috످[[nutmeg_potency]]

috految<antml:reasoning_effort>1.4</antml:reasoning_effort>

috److It looks like `[[nutmeg_potency]]` might be a wiki link or an unfilled template placeholder. Did you want to know about nutmeg's flavor strength, shelf life, effects and safety, or something else?

If you meant to share a note or question, you can paste it here.

috످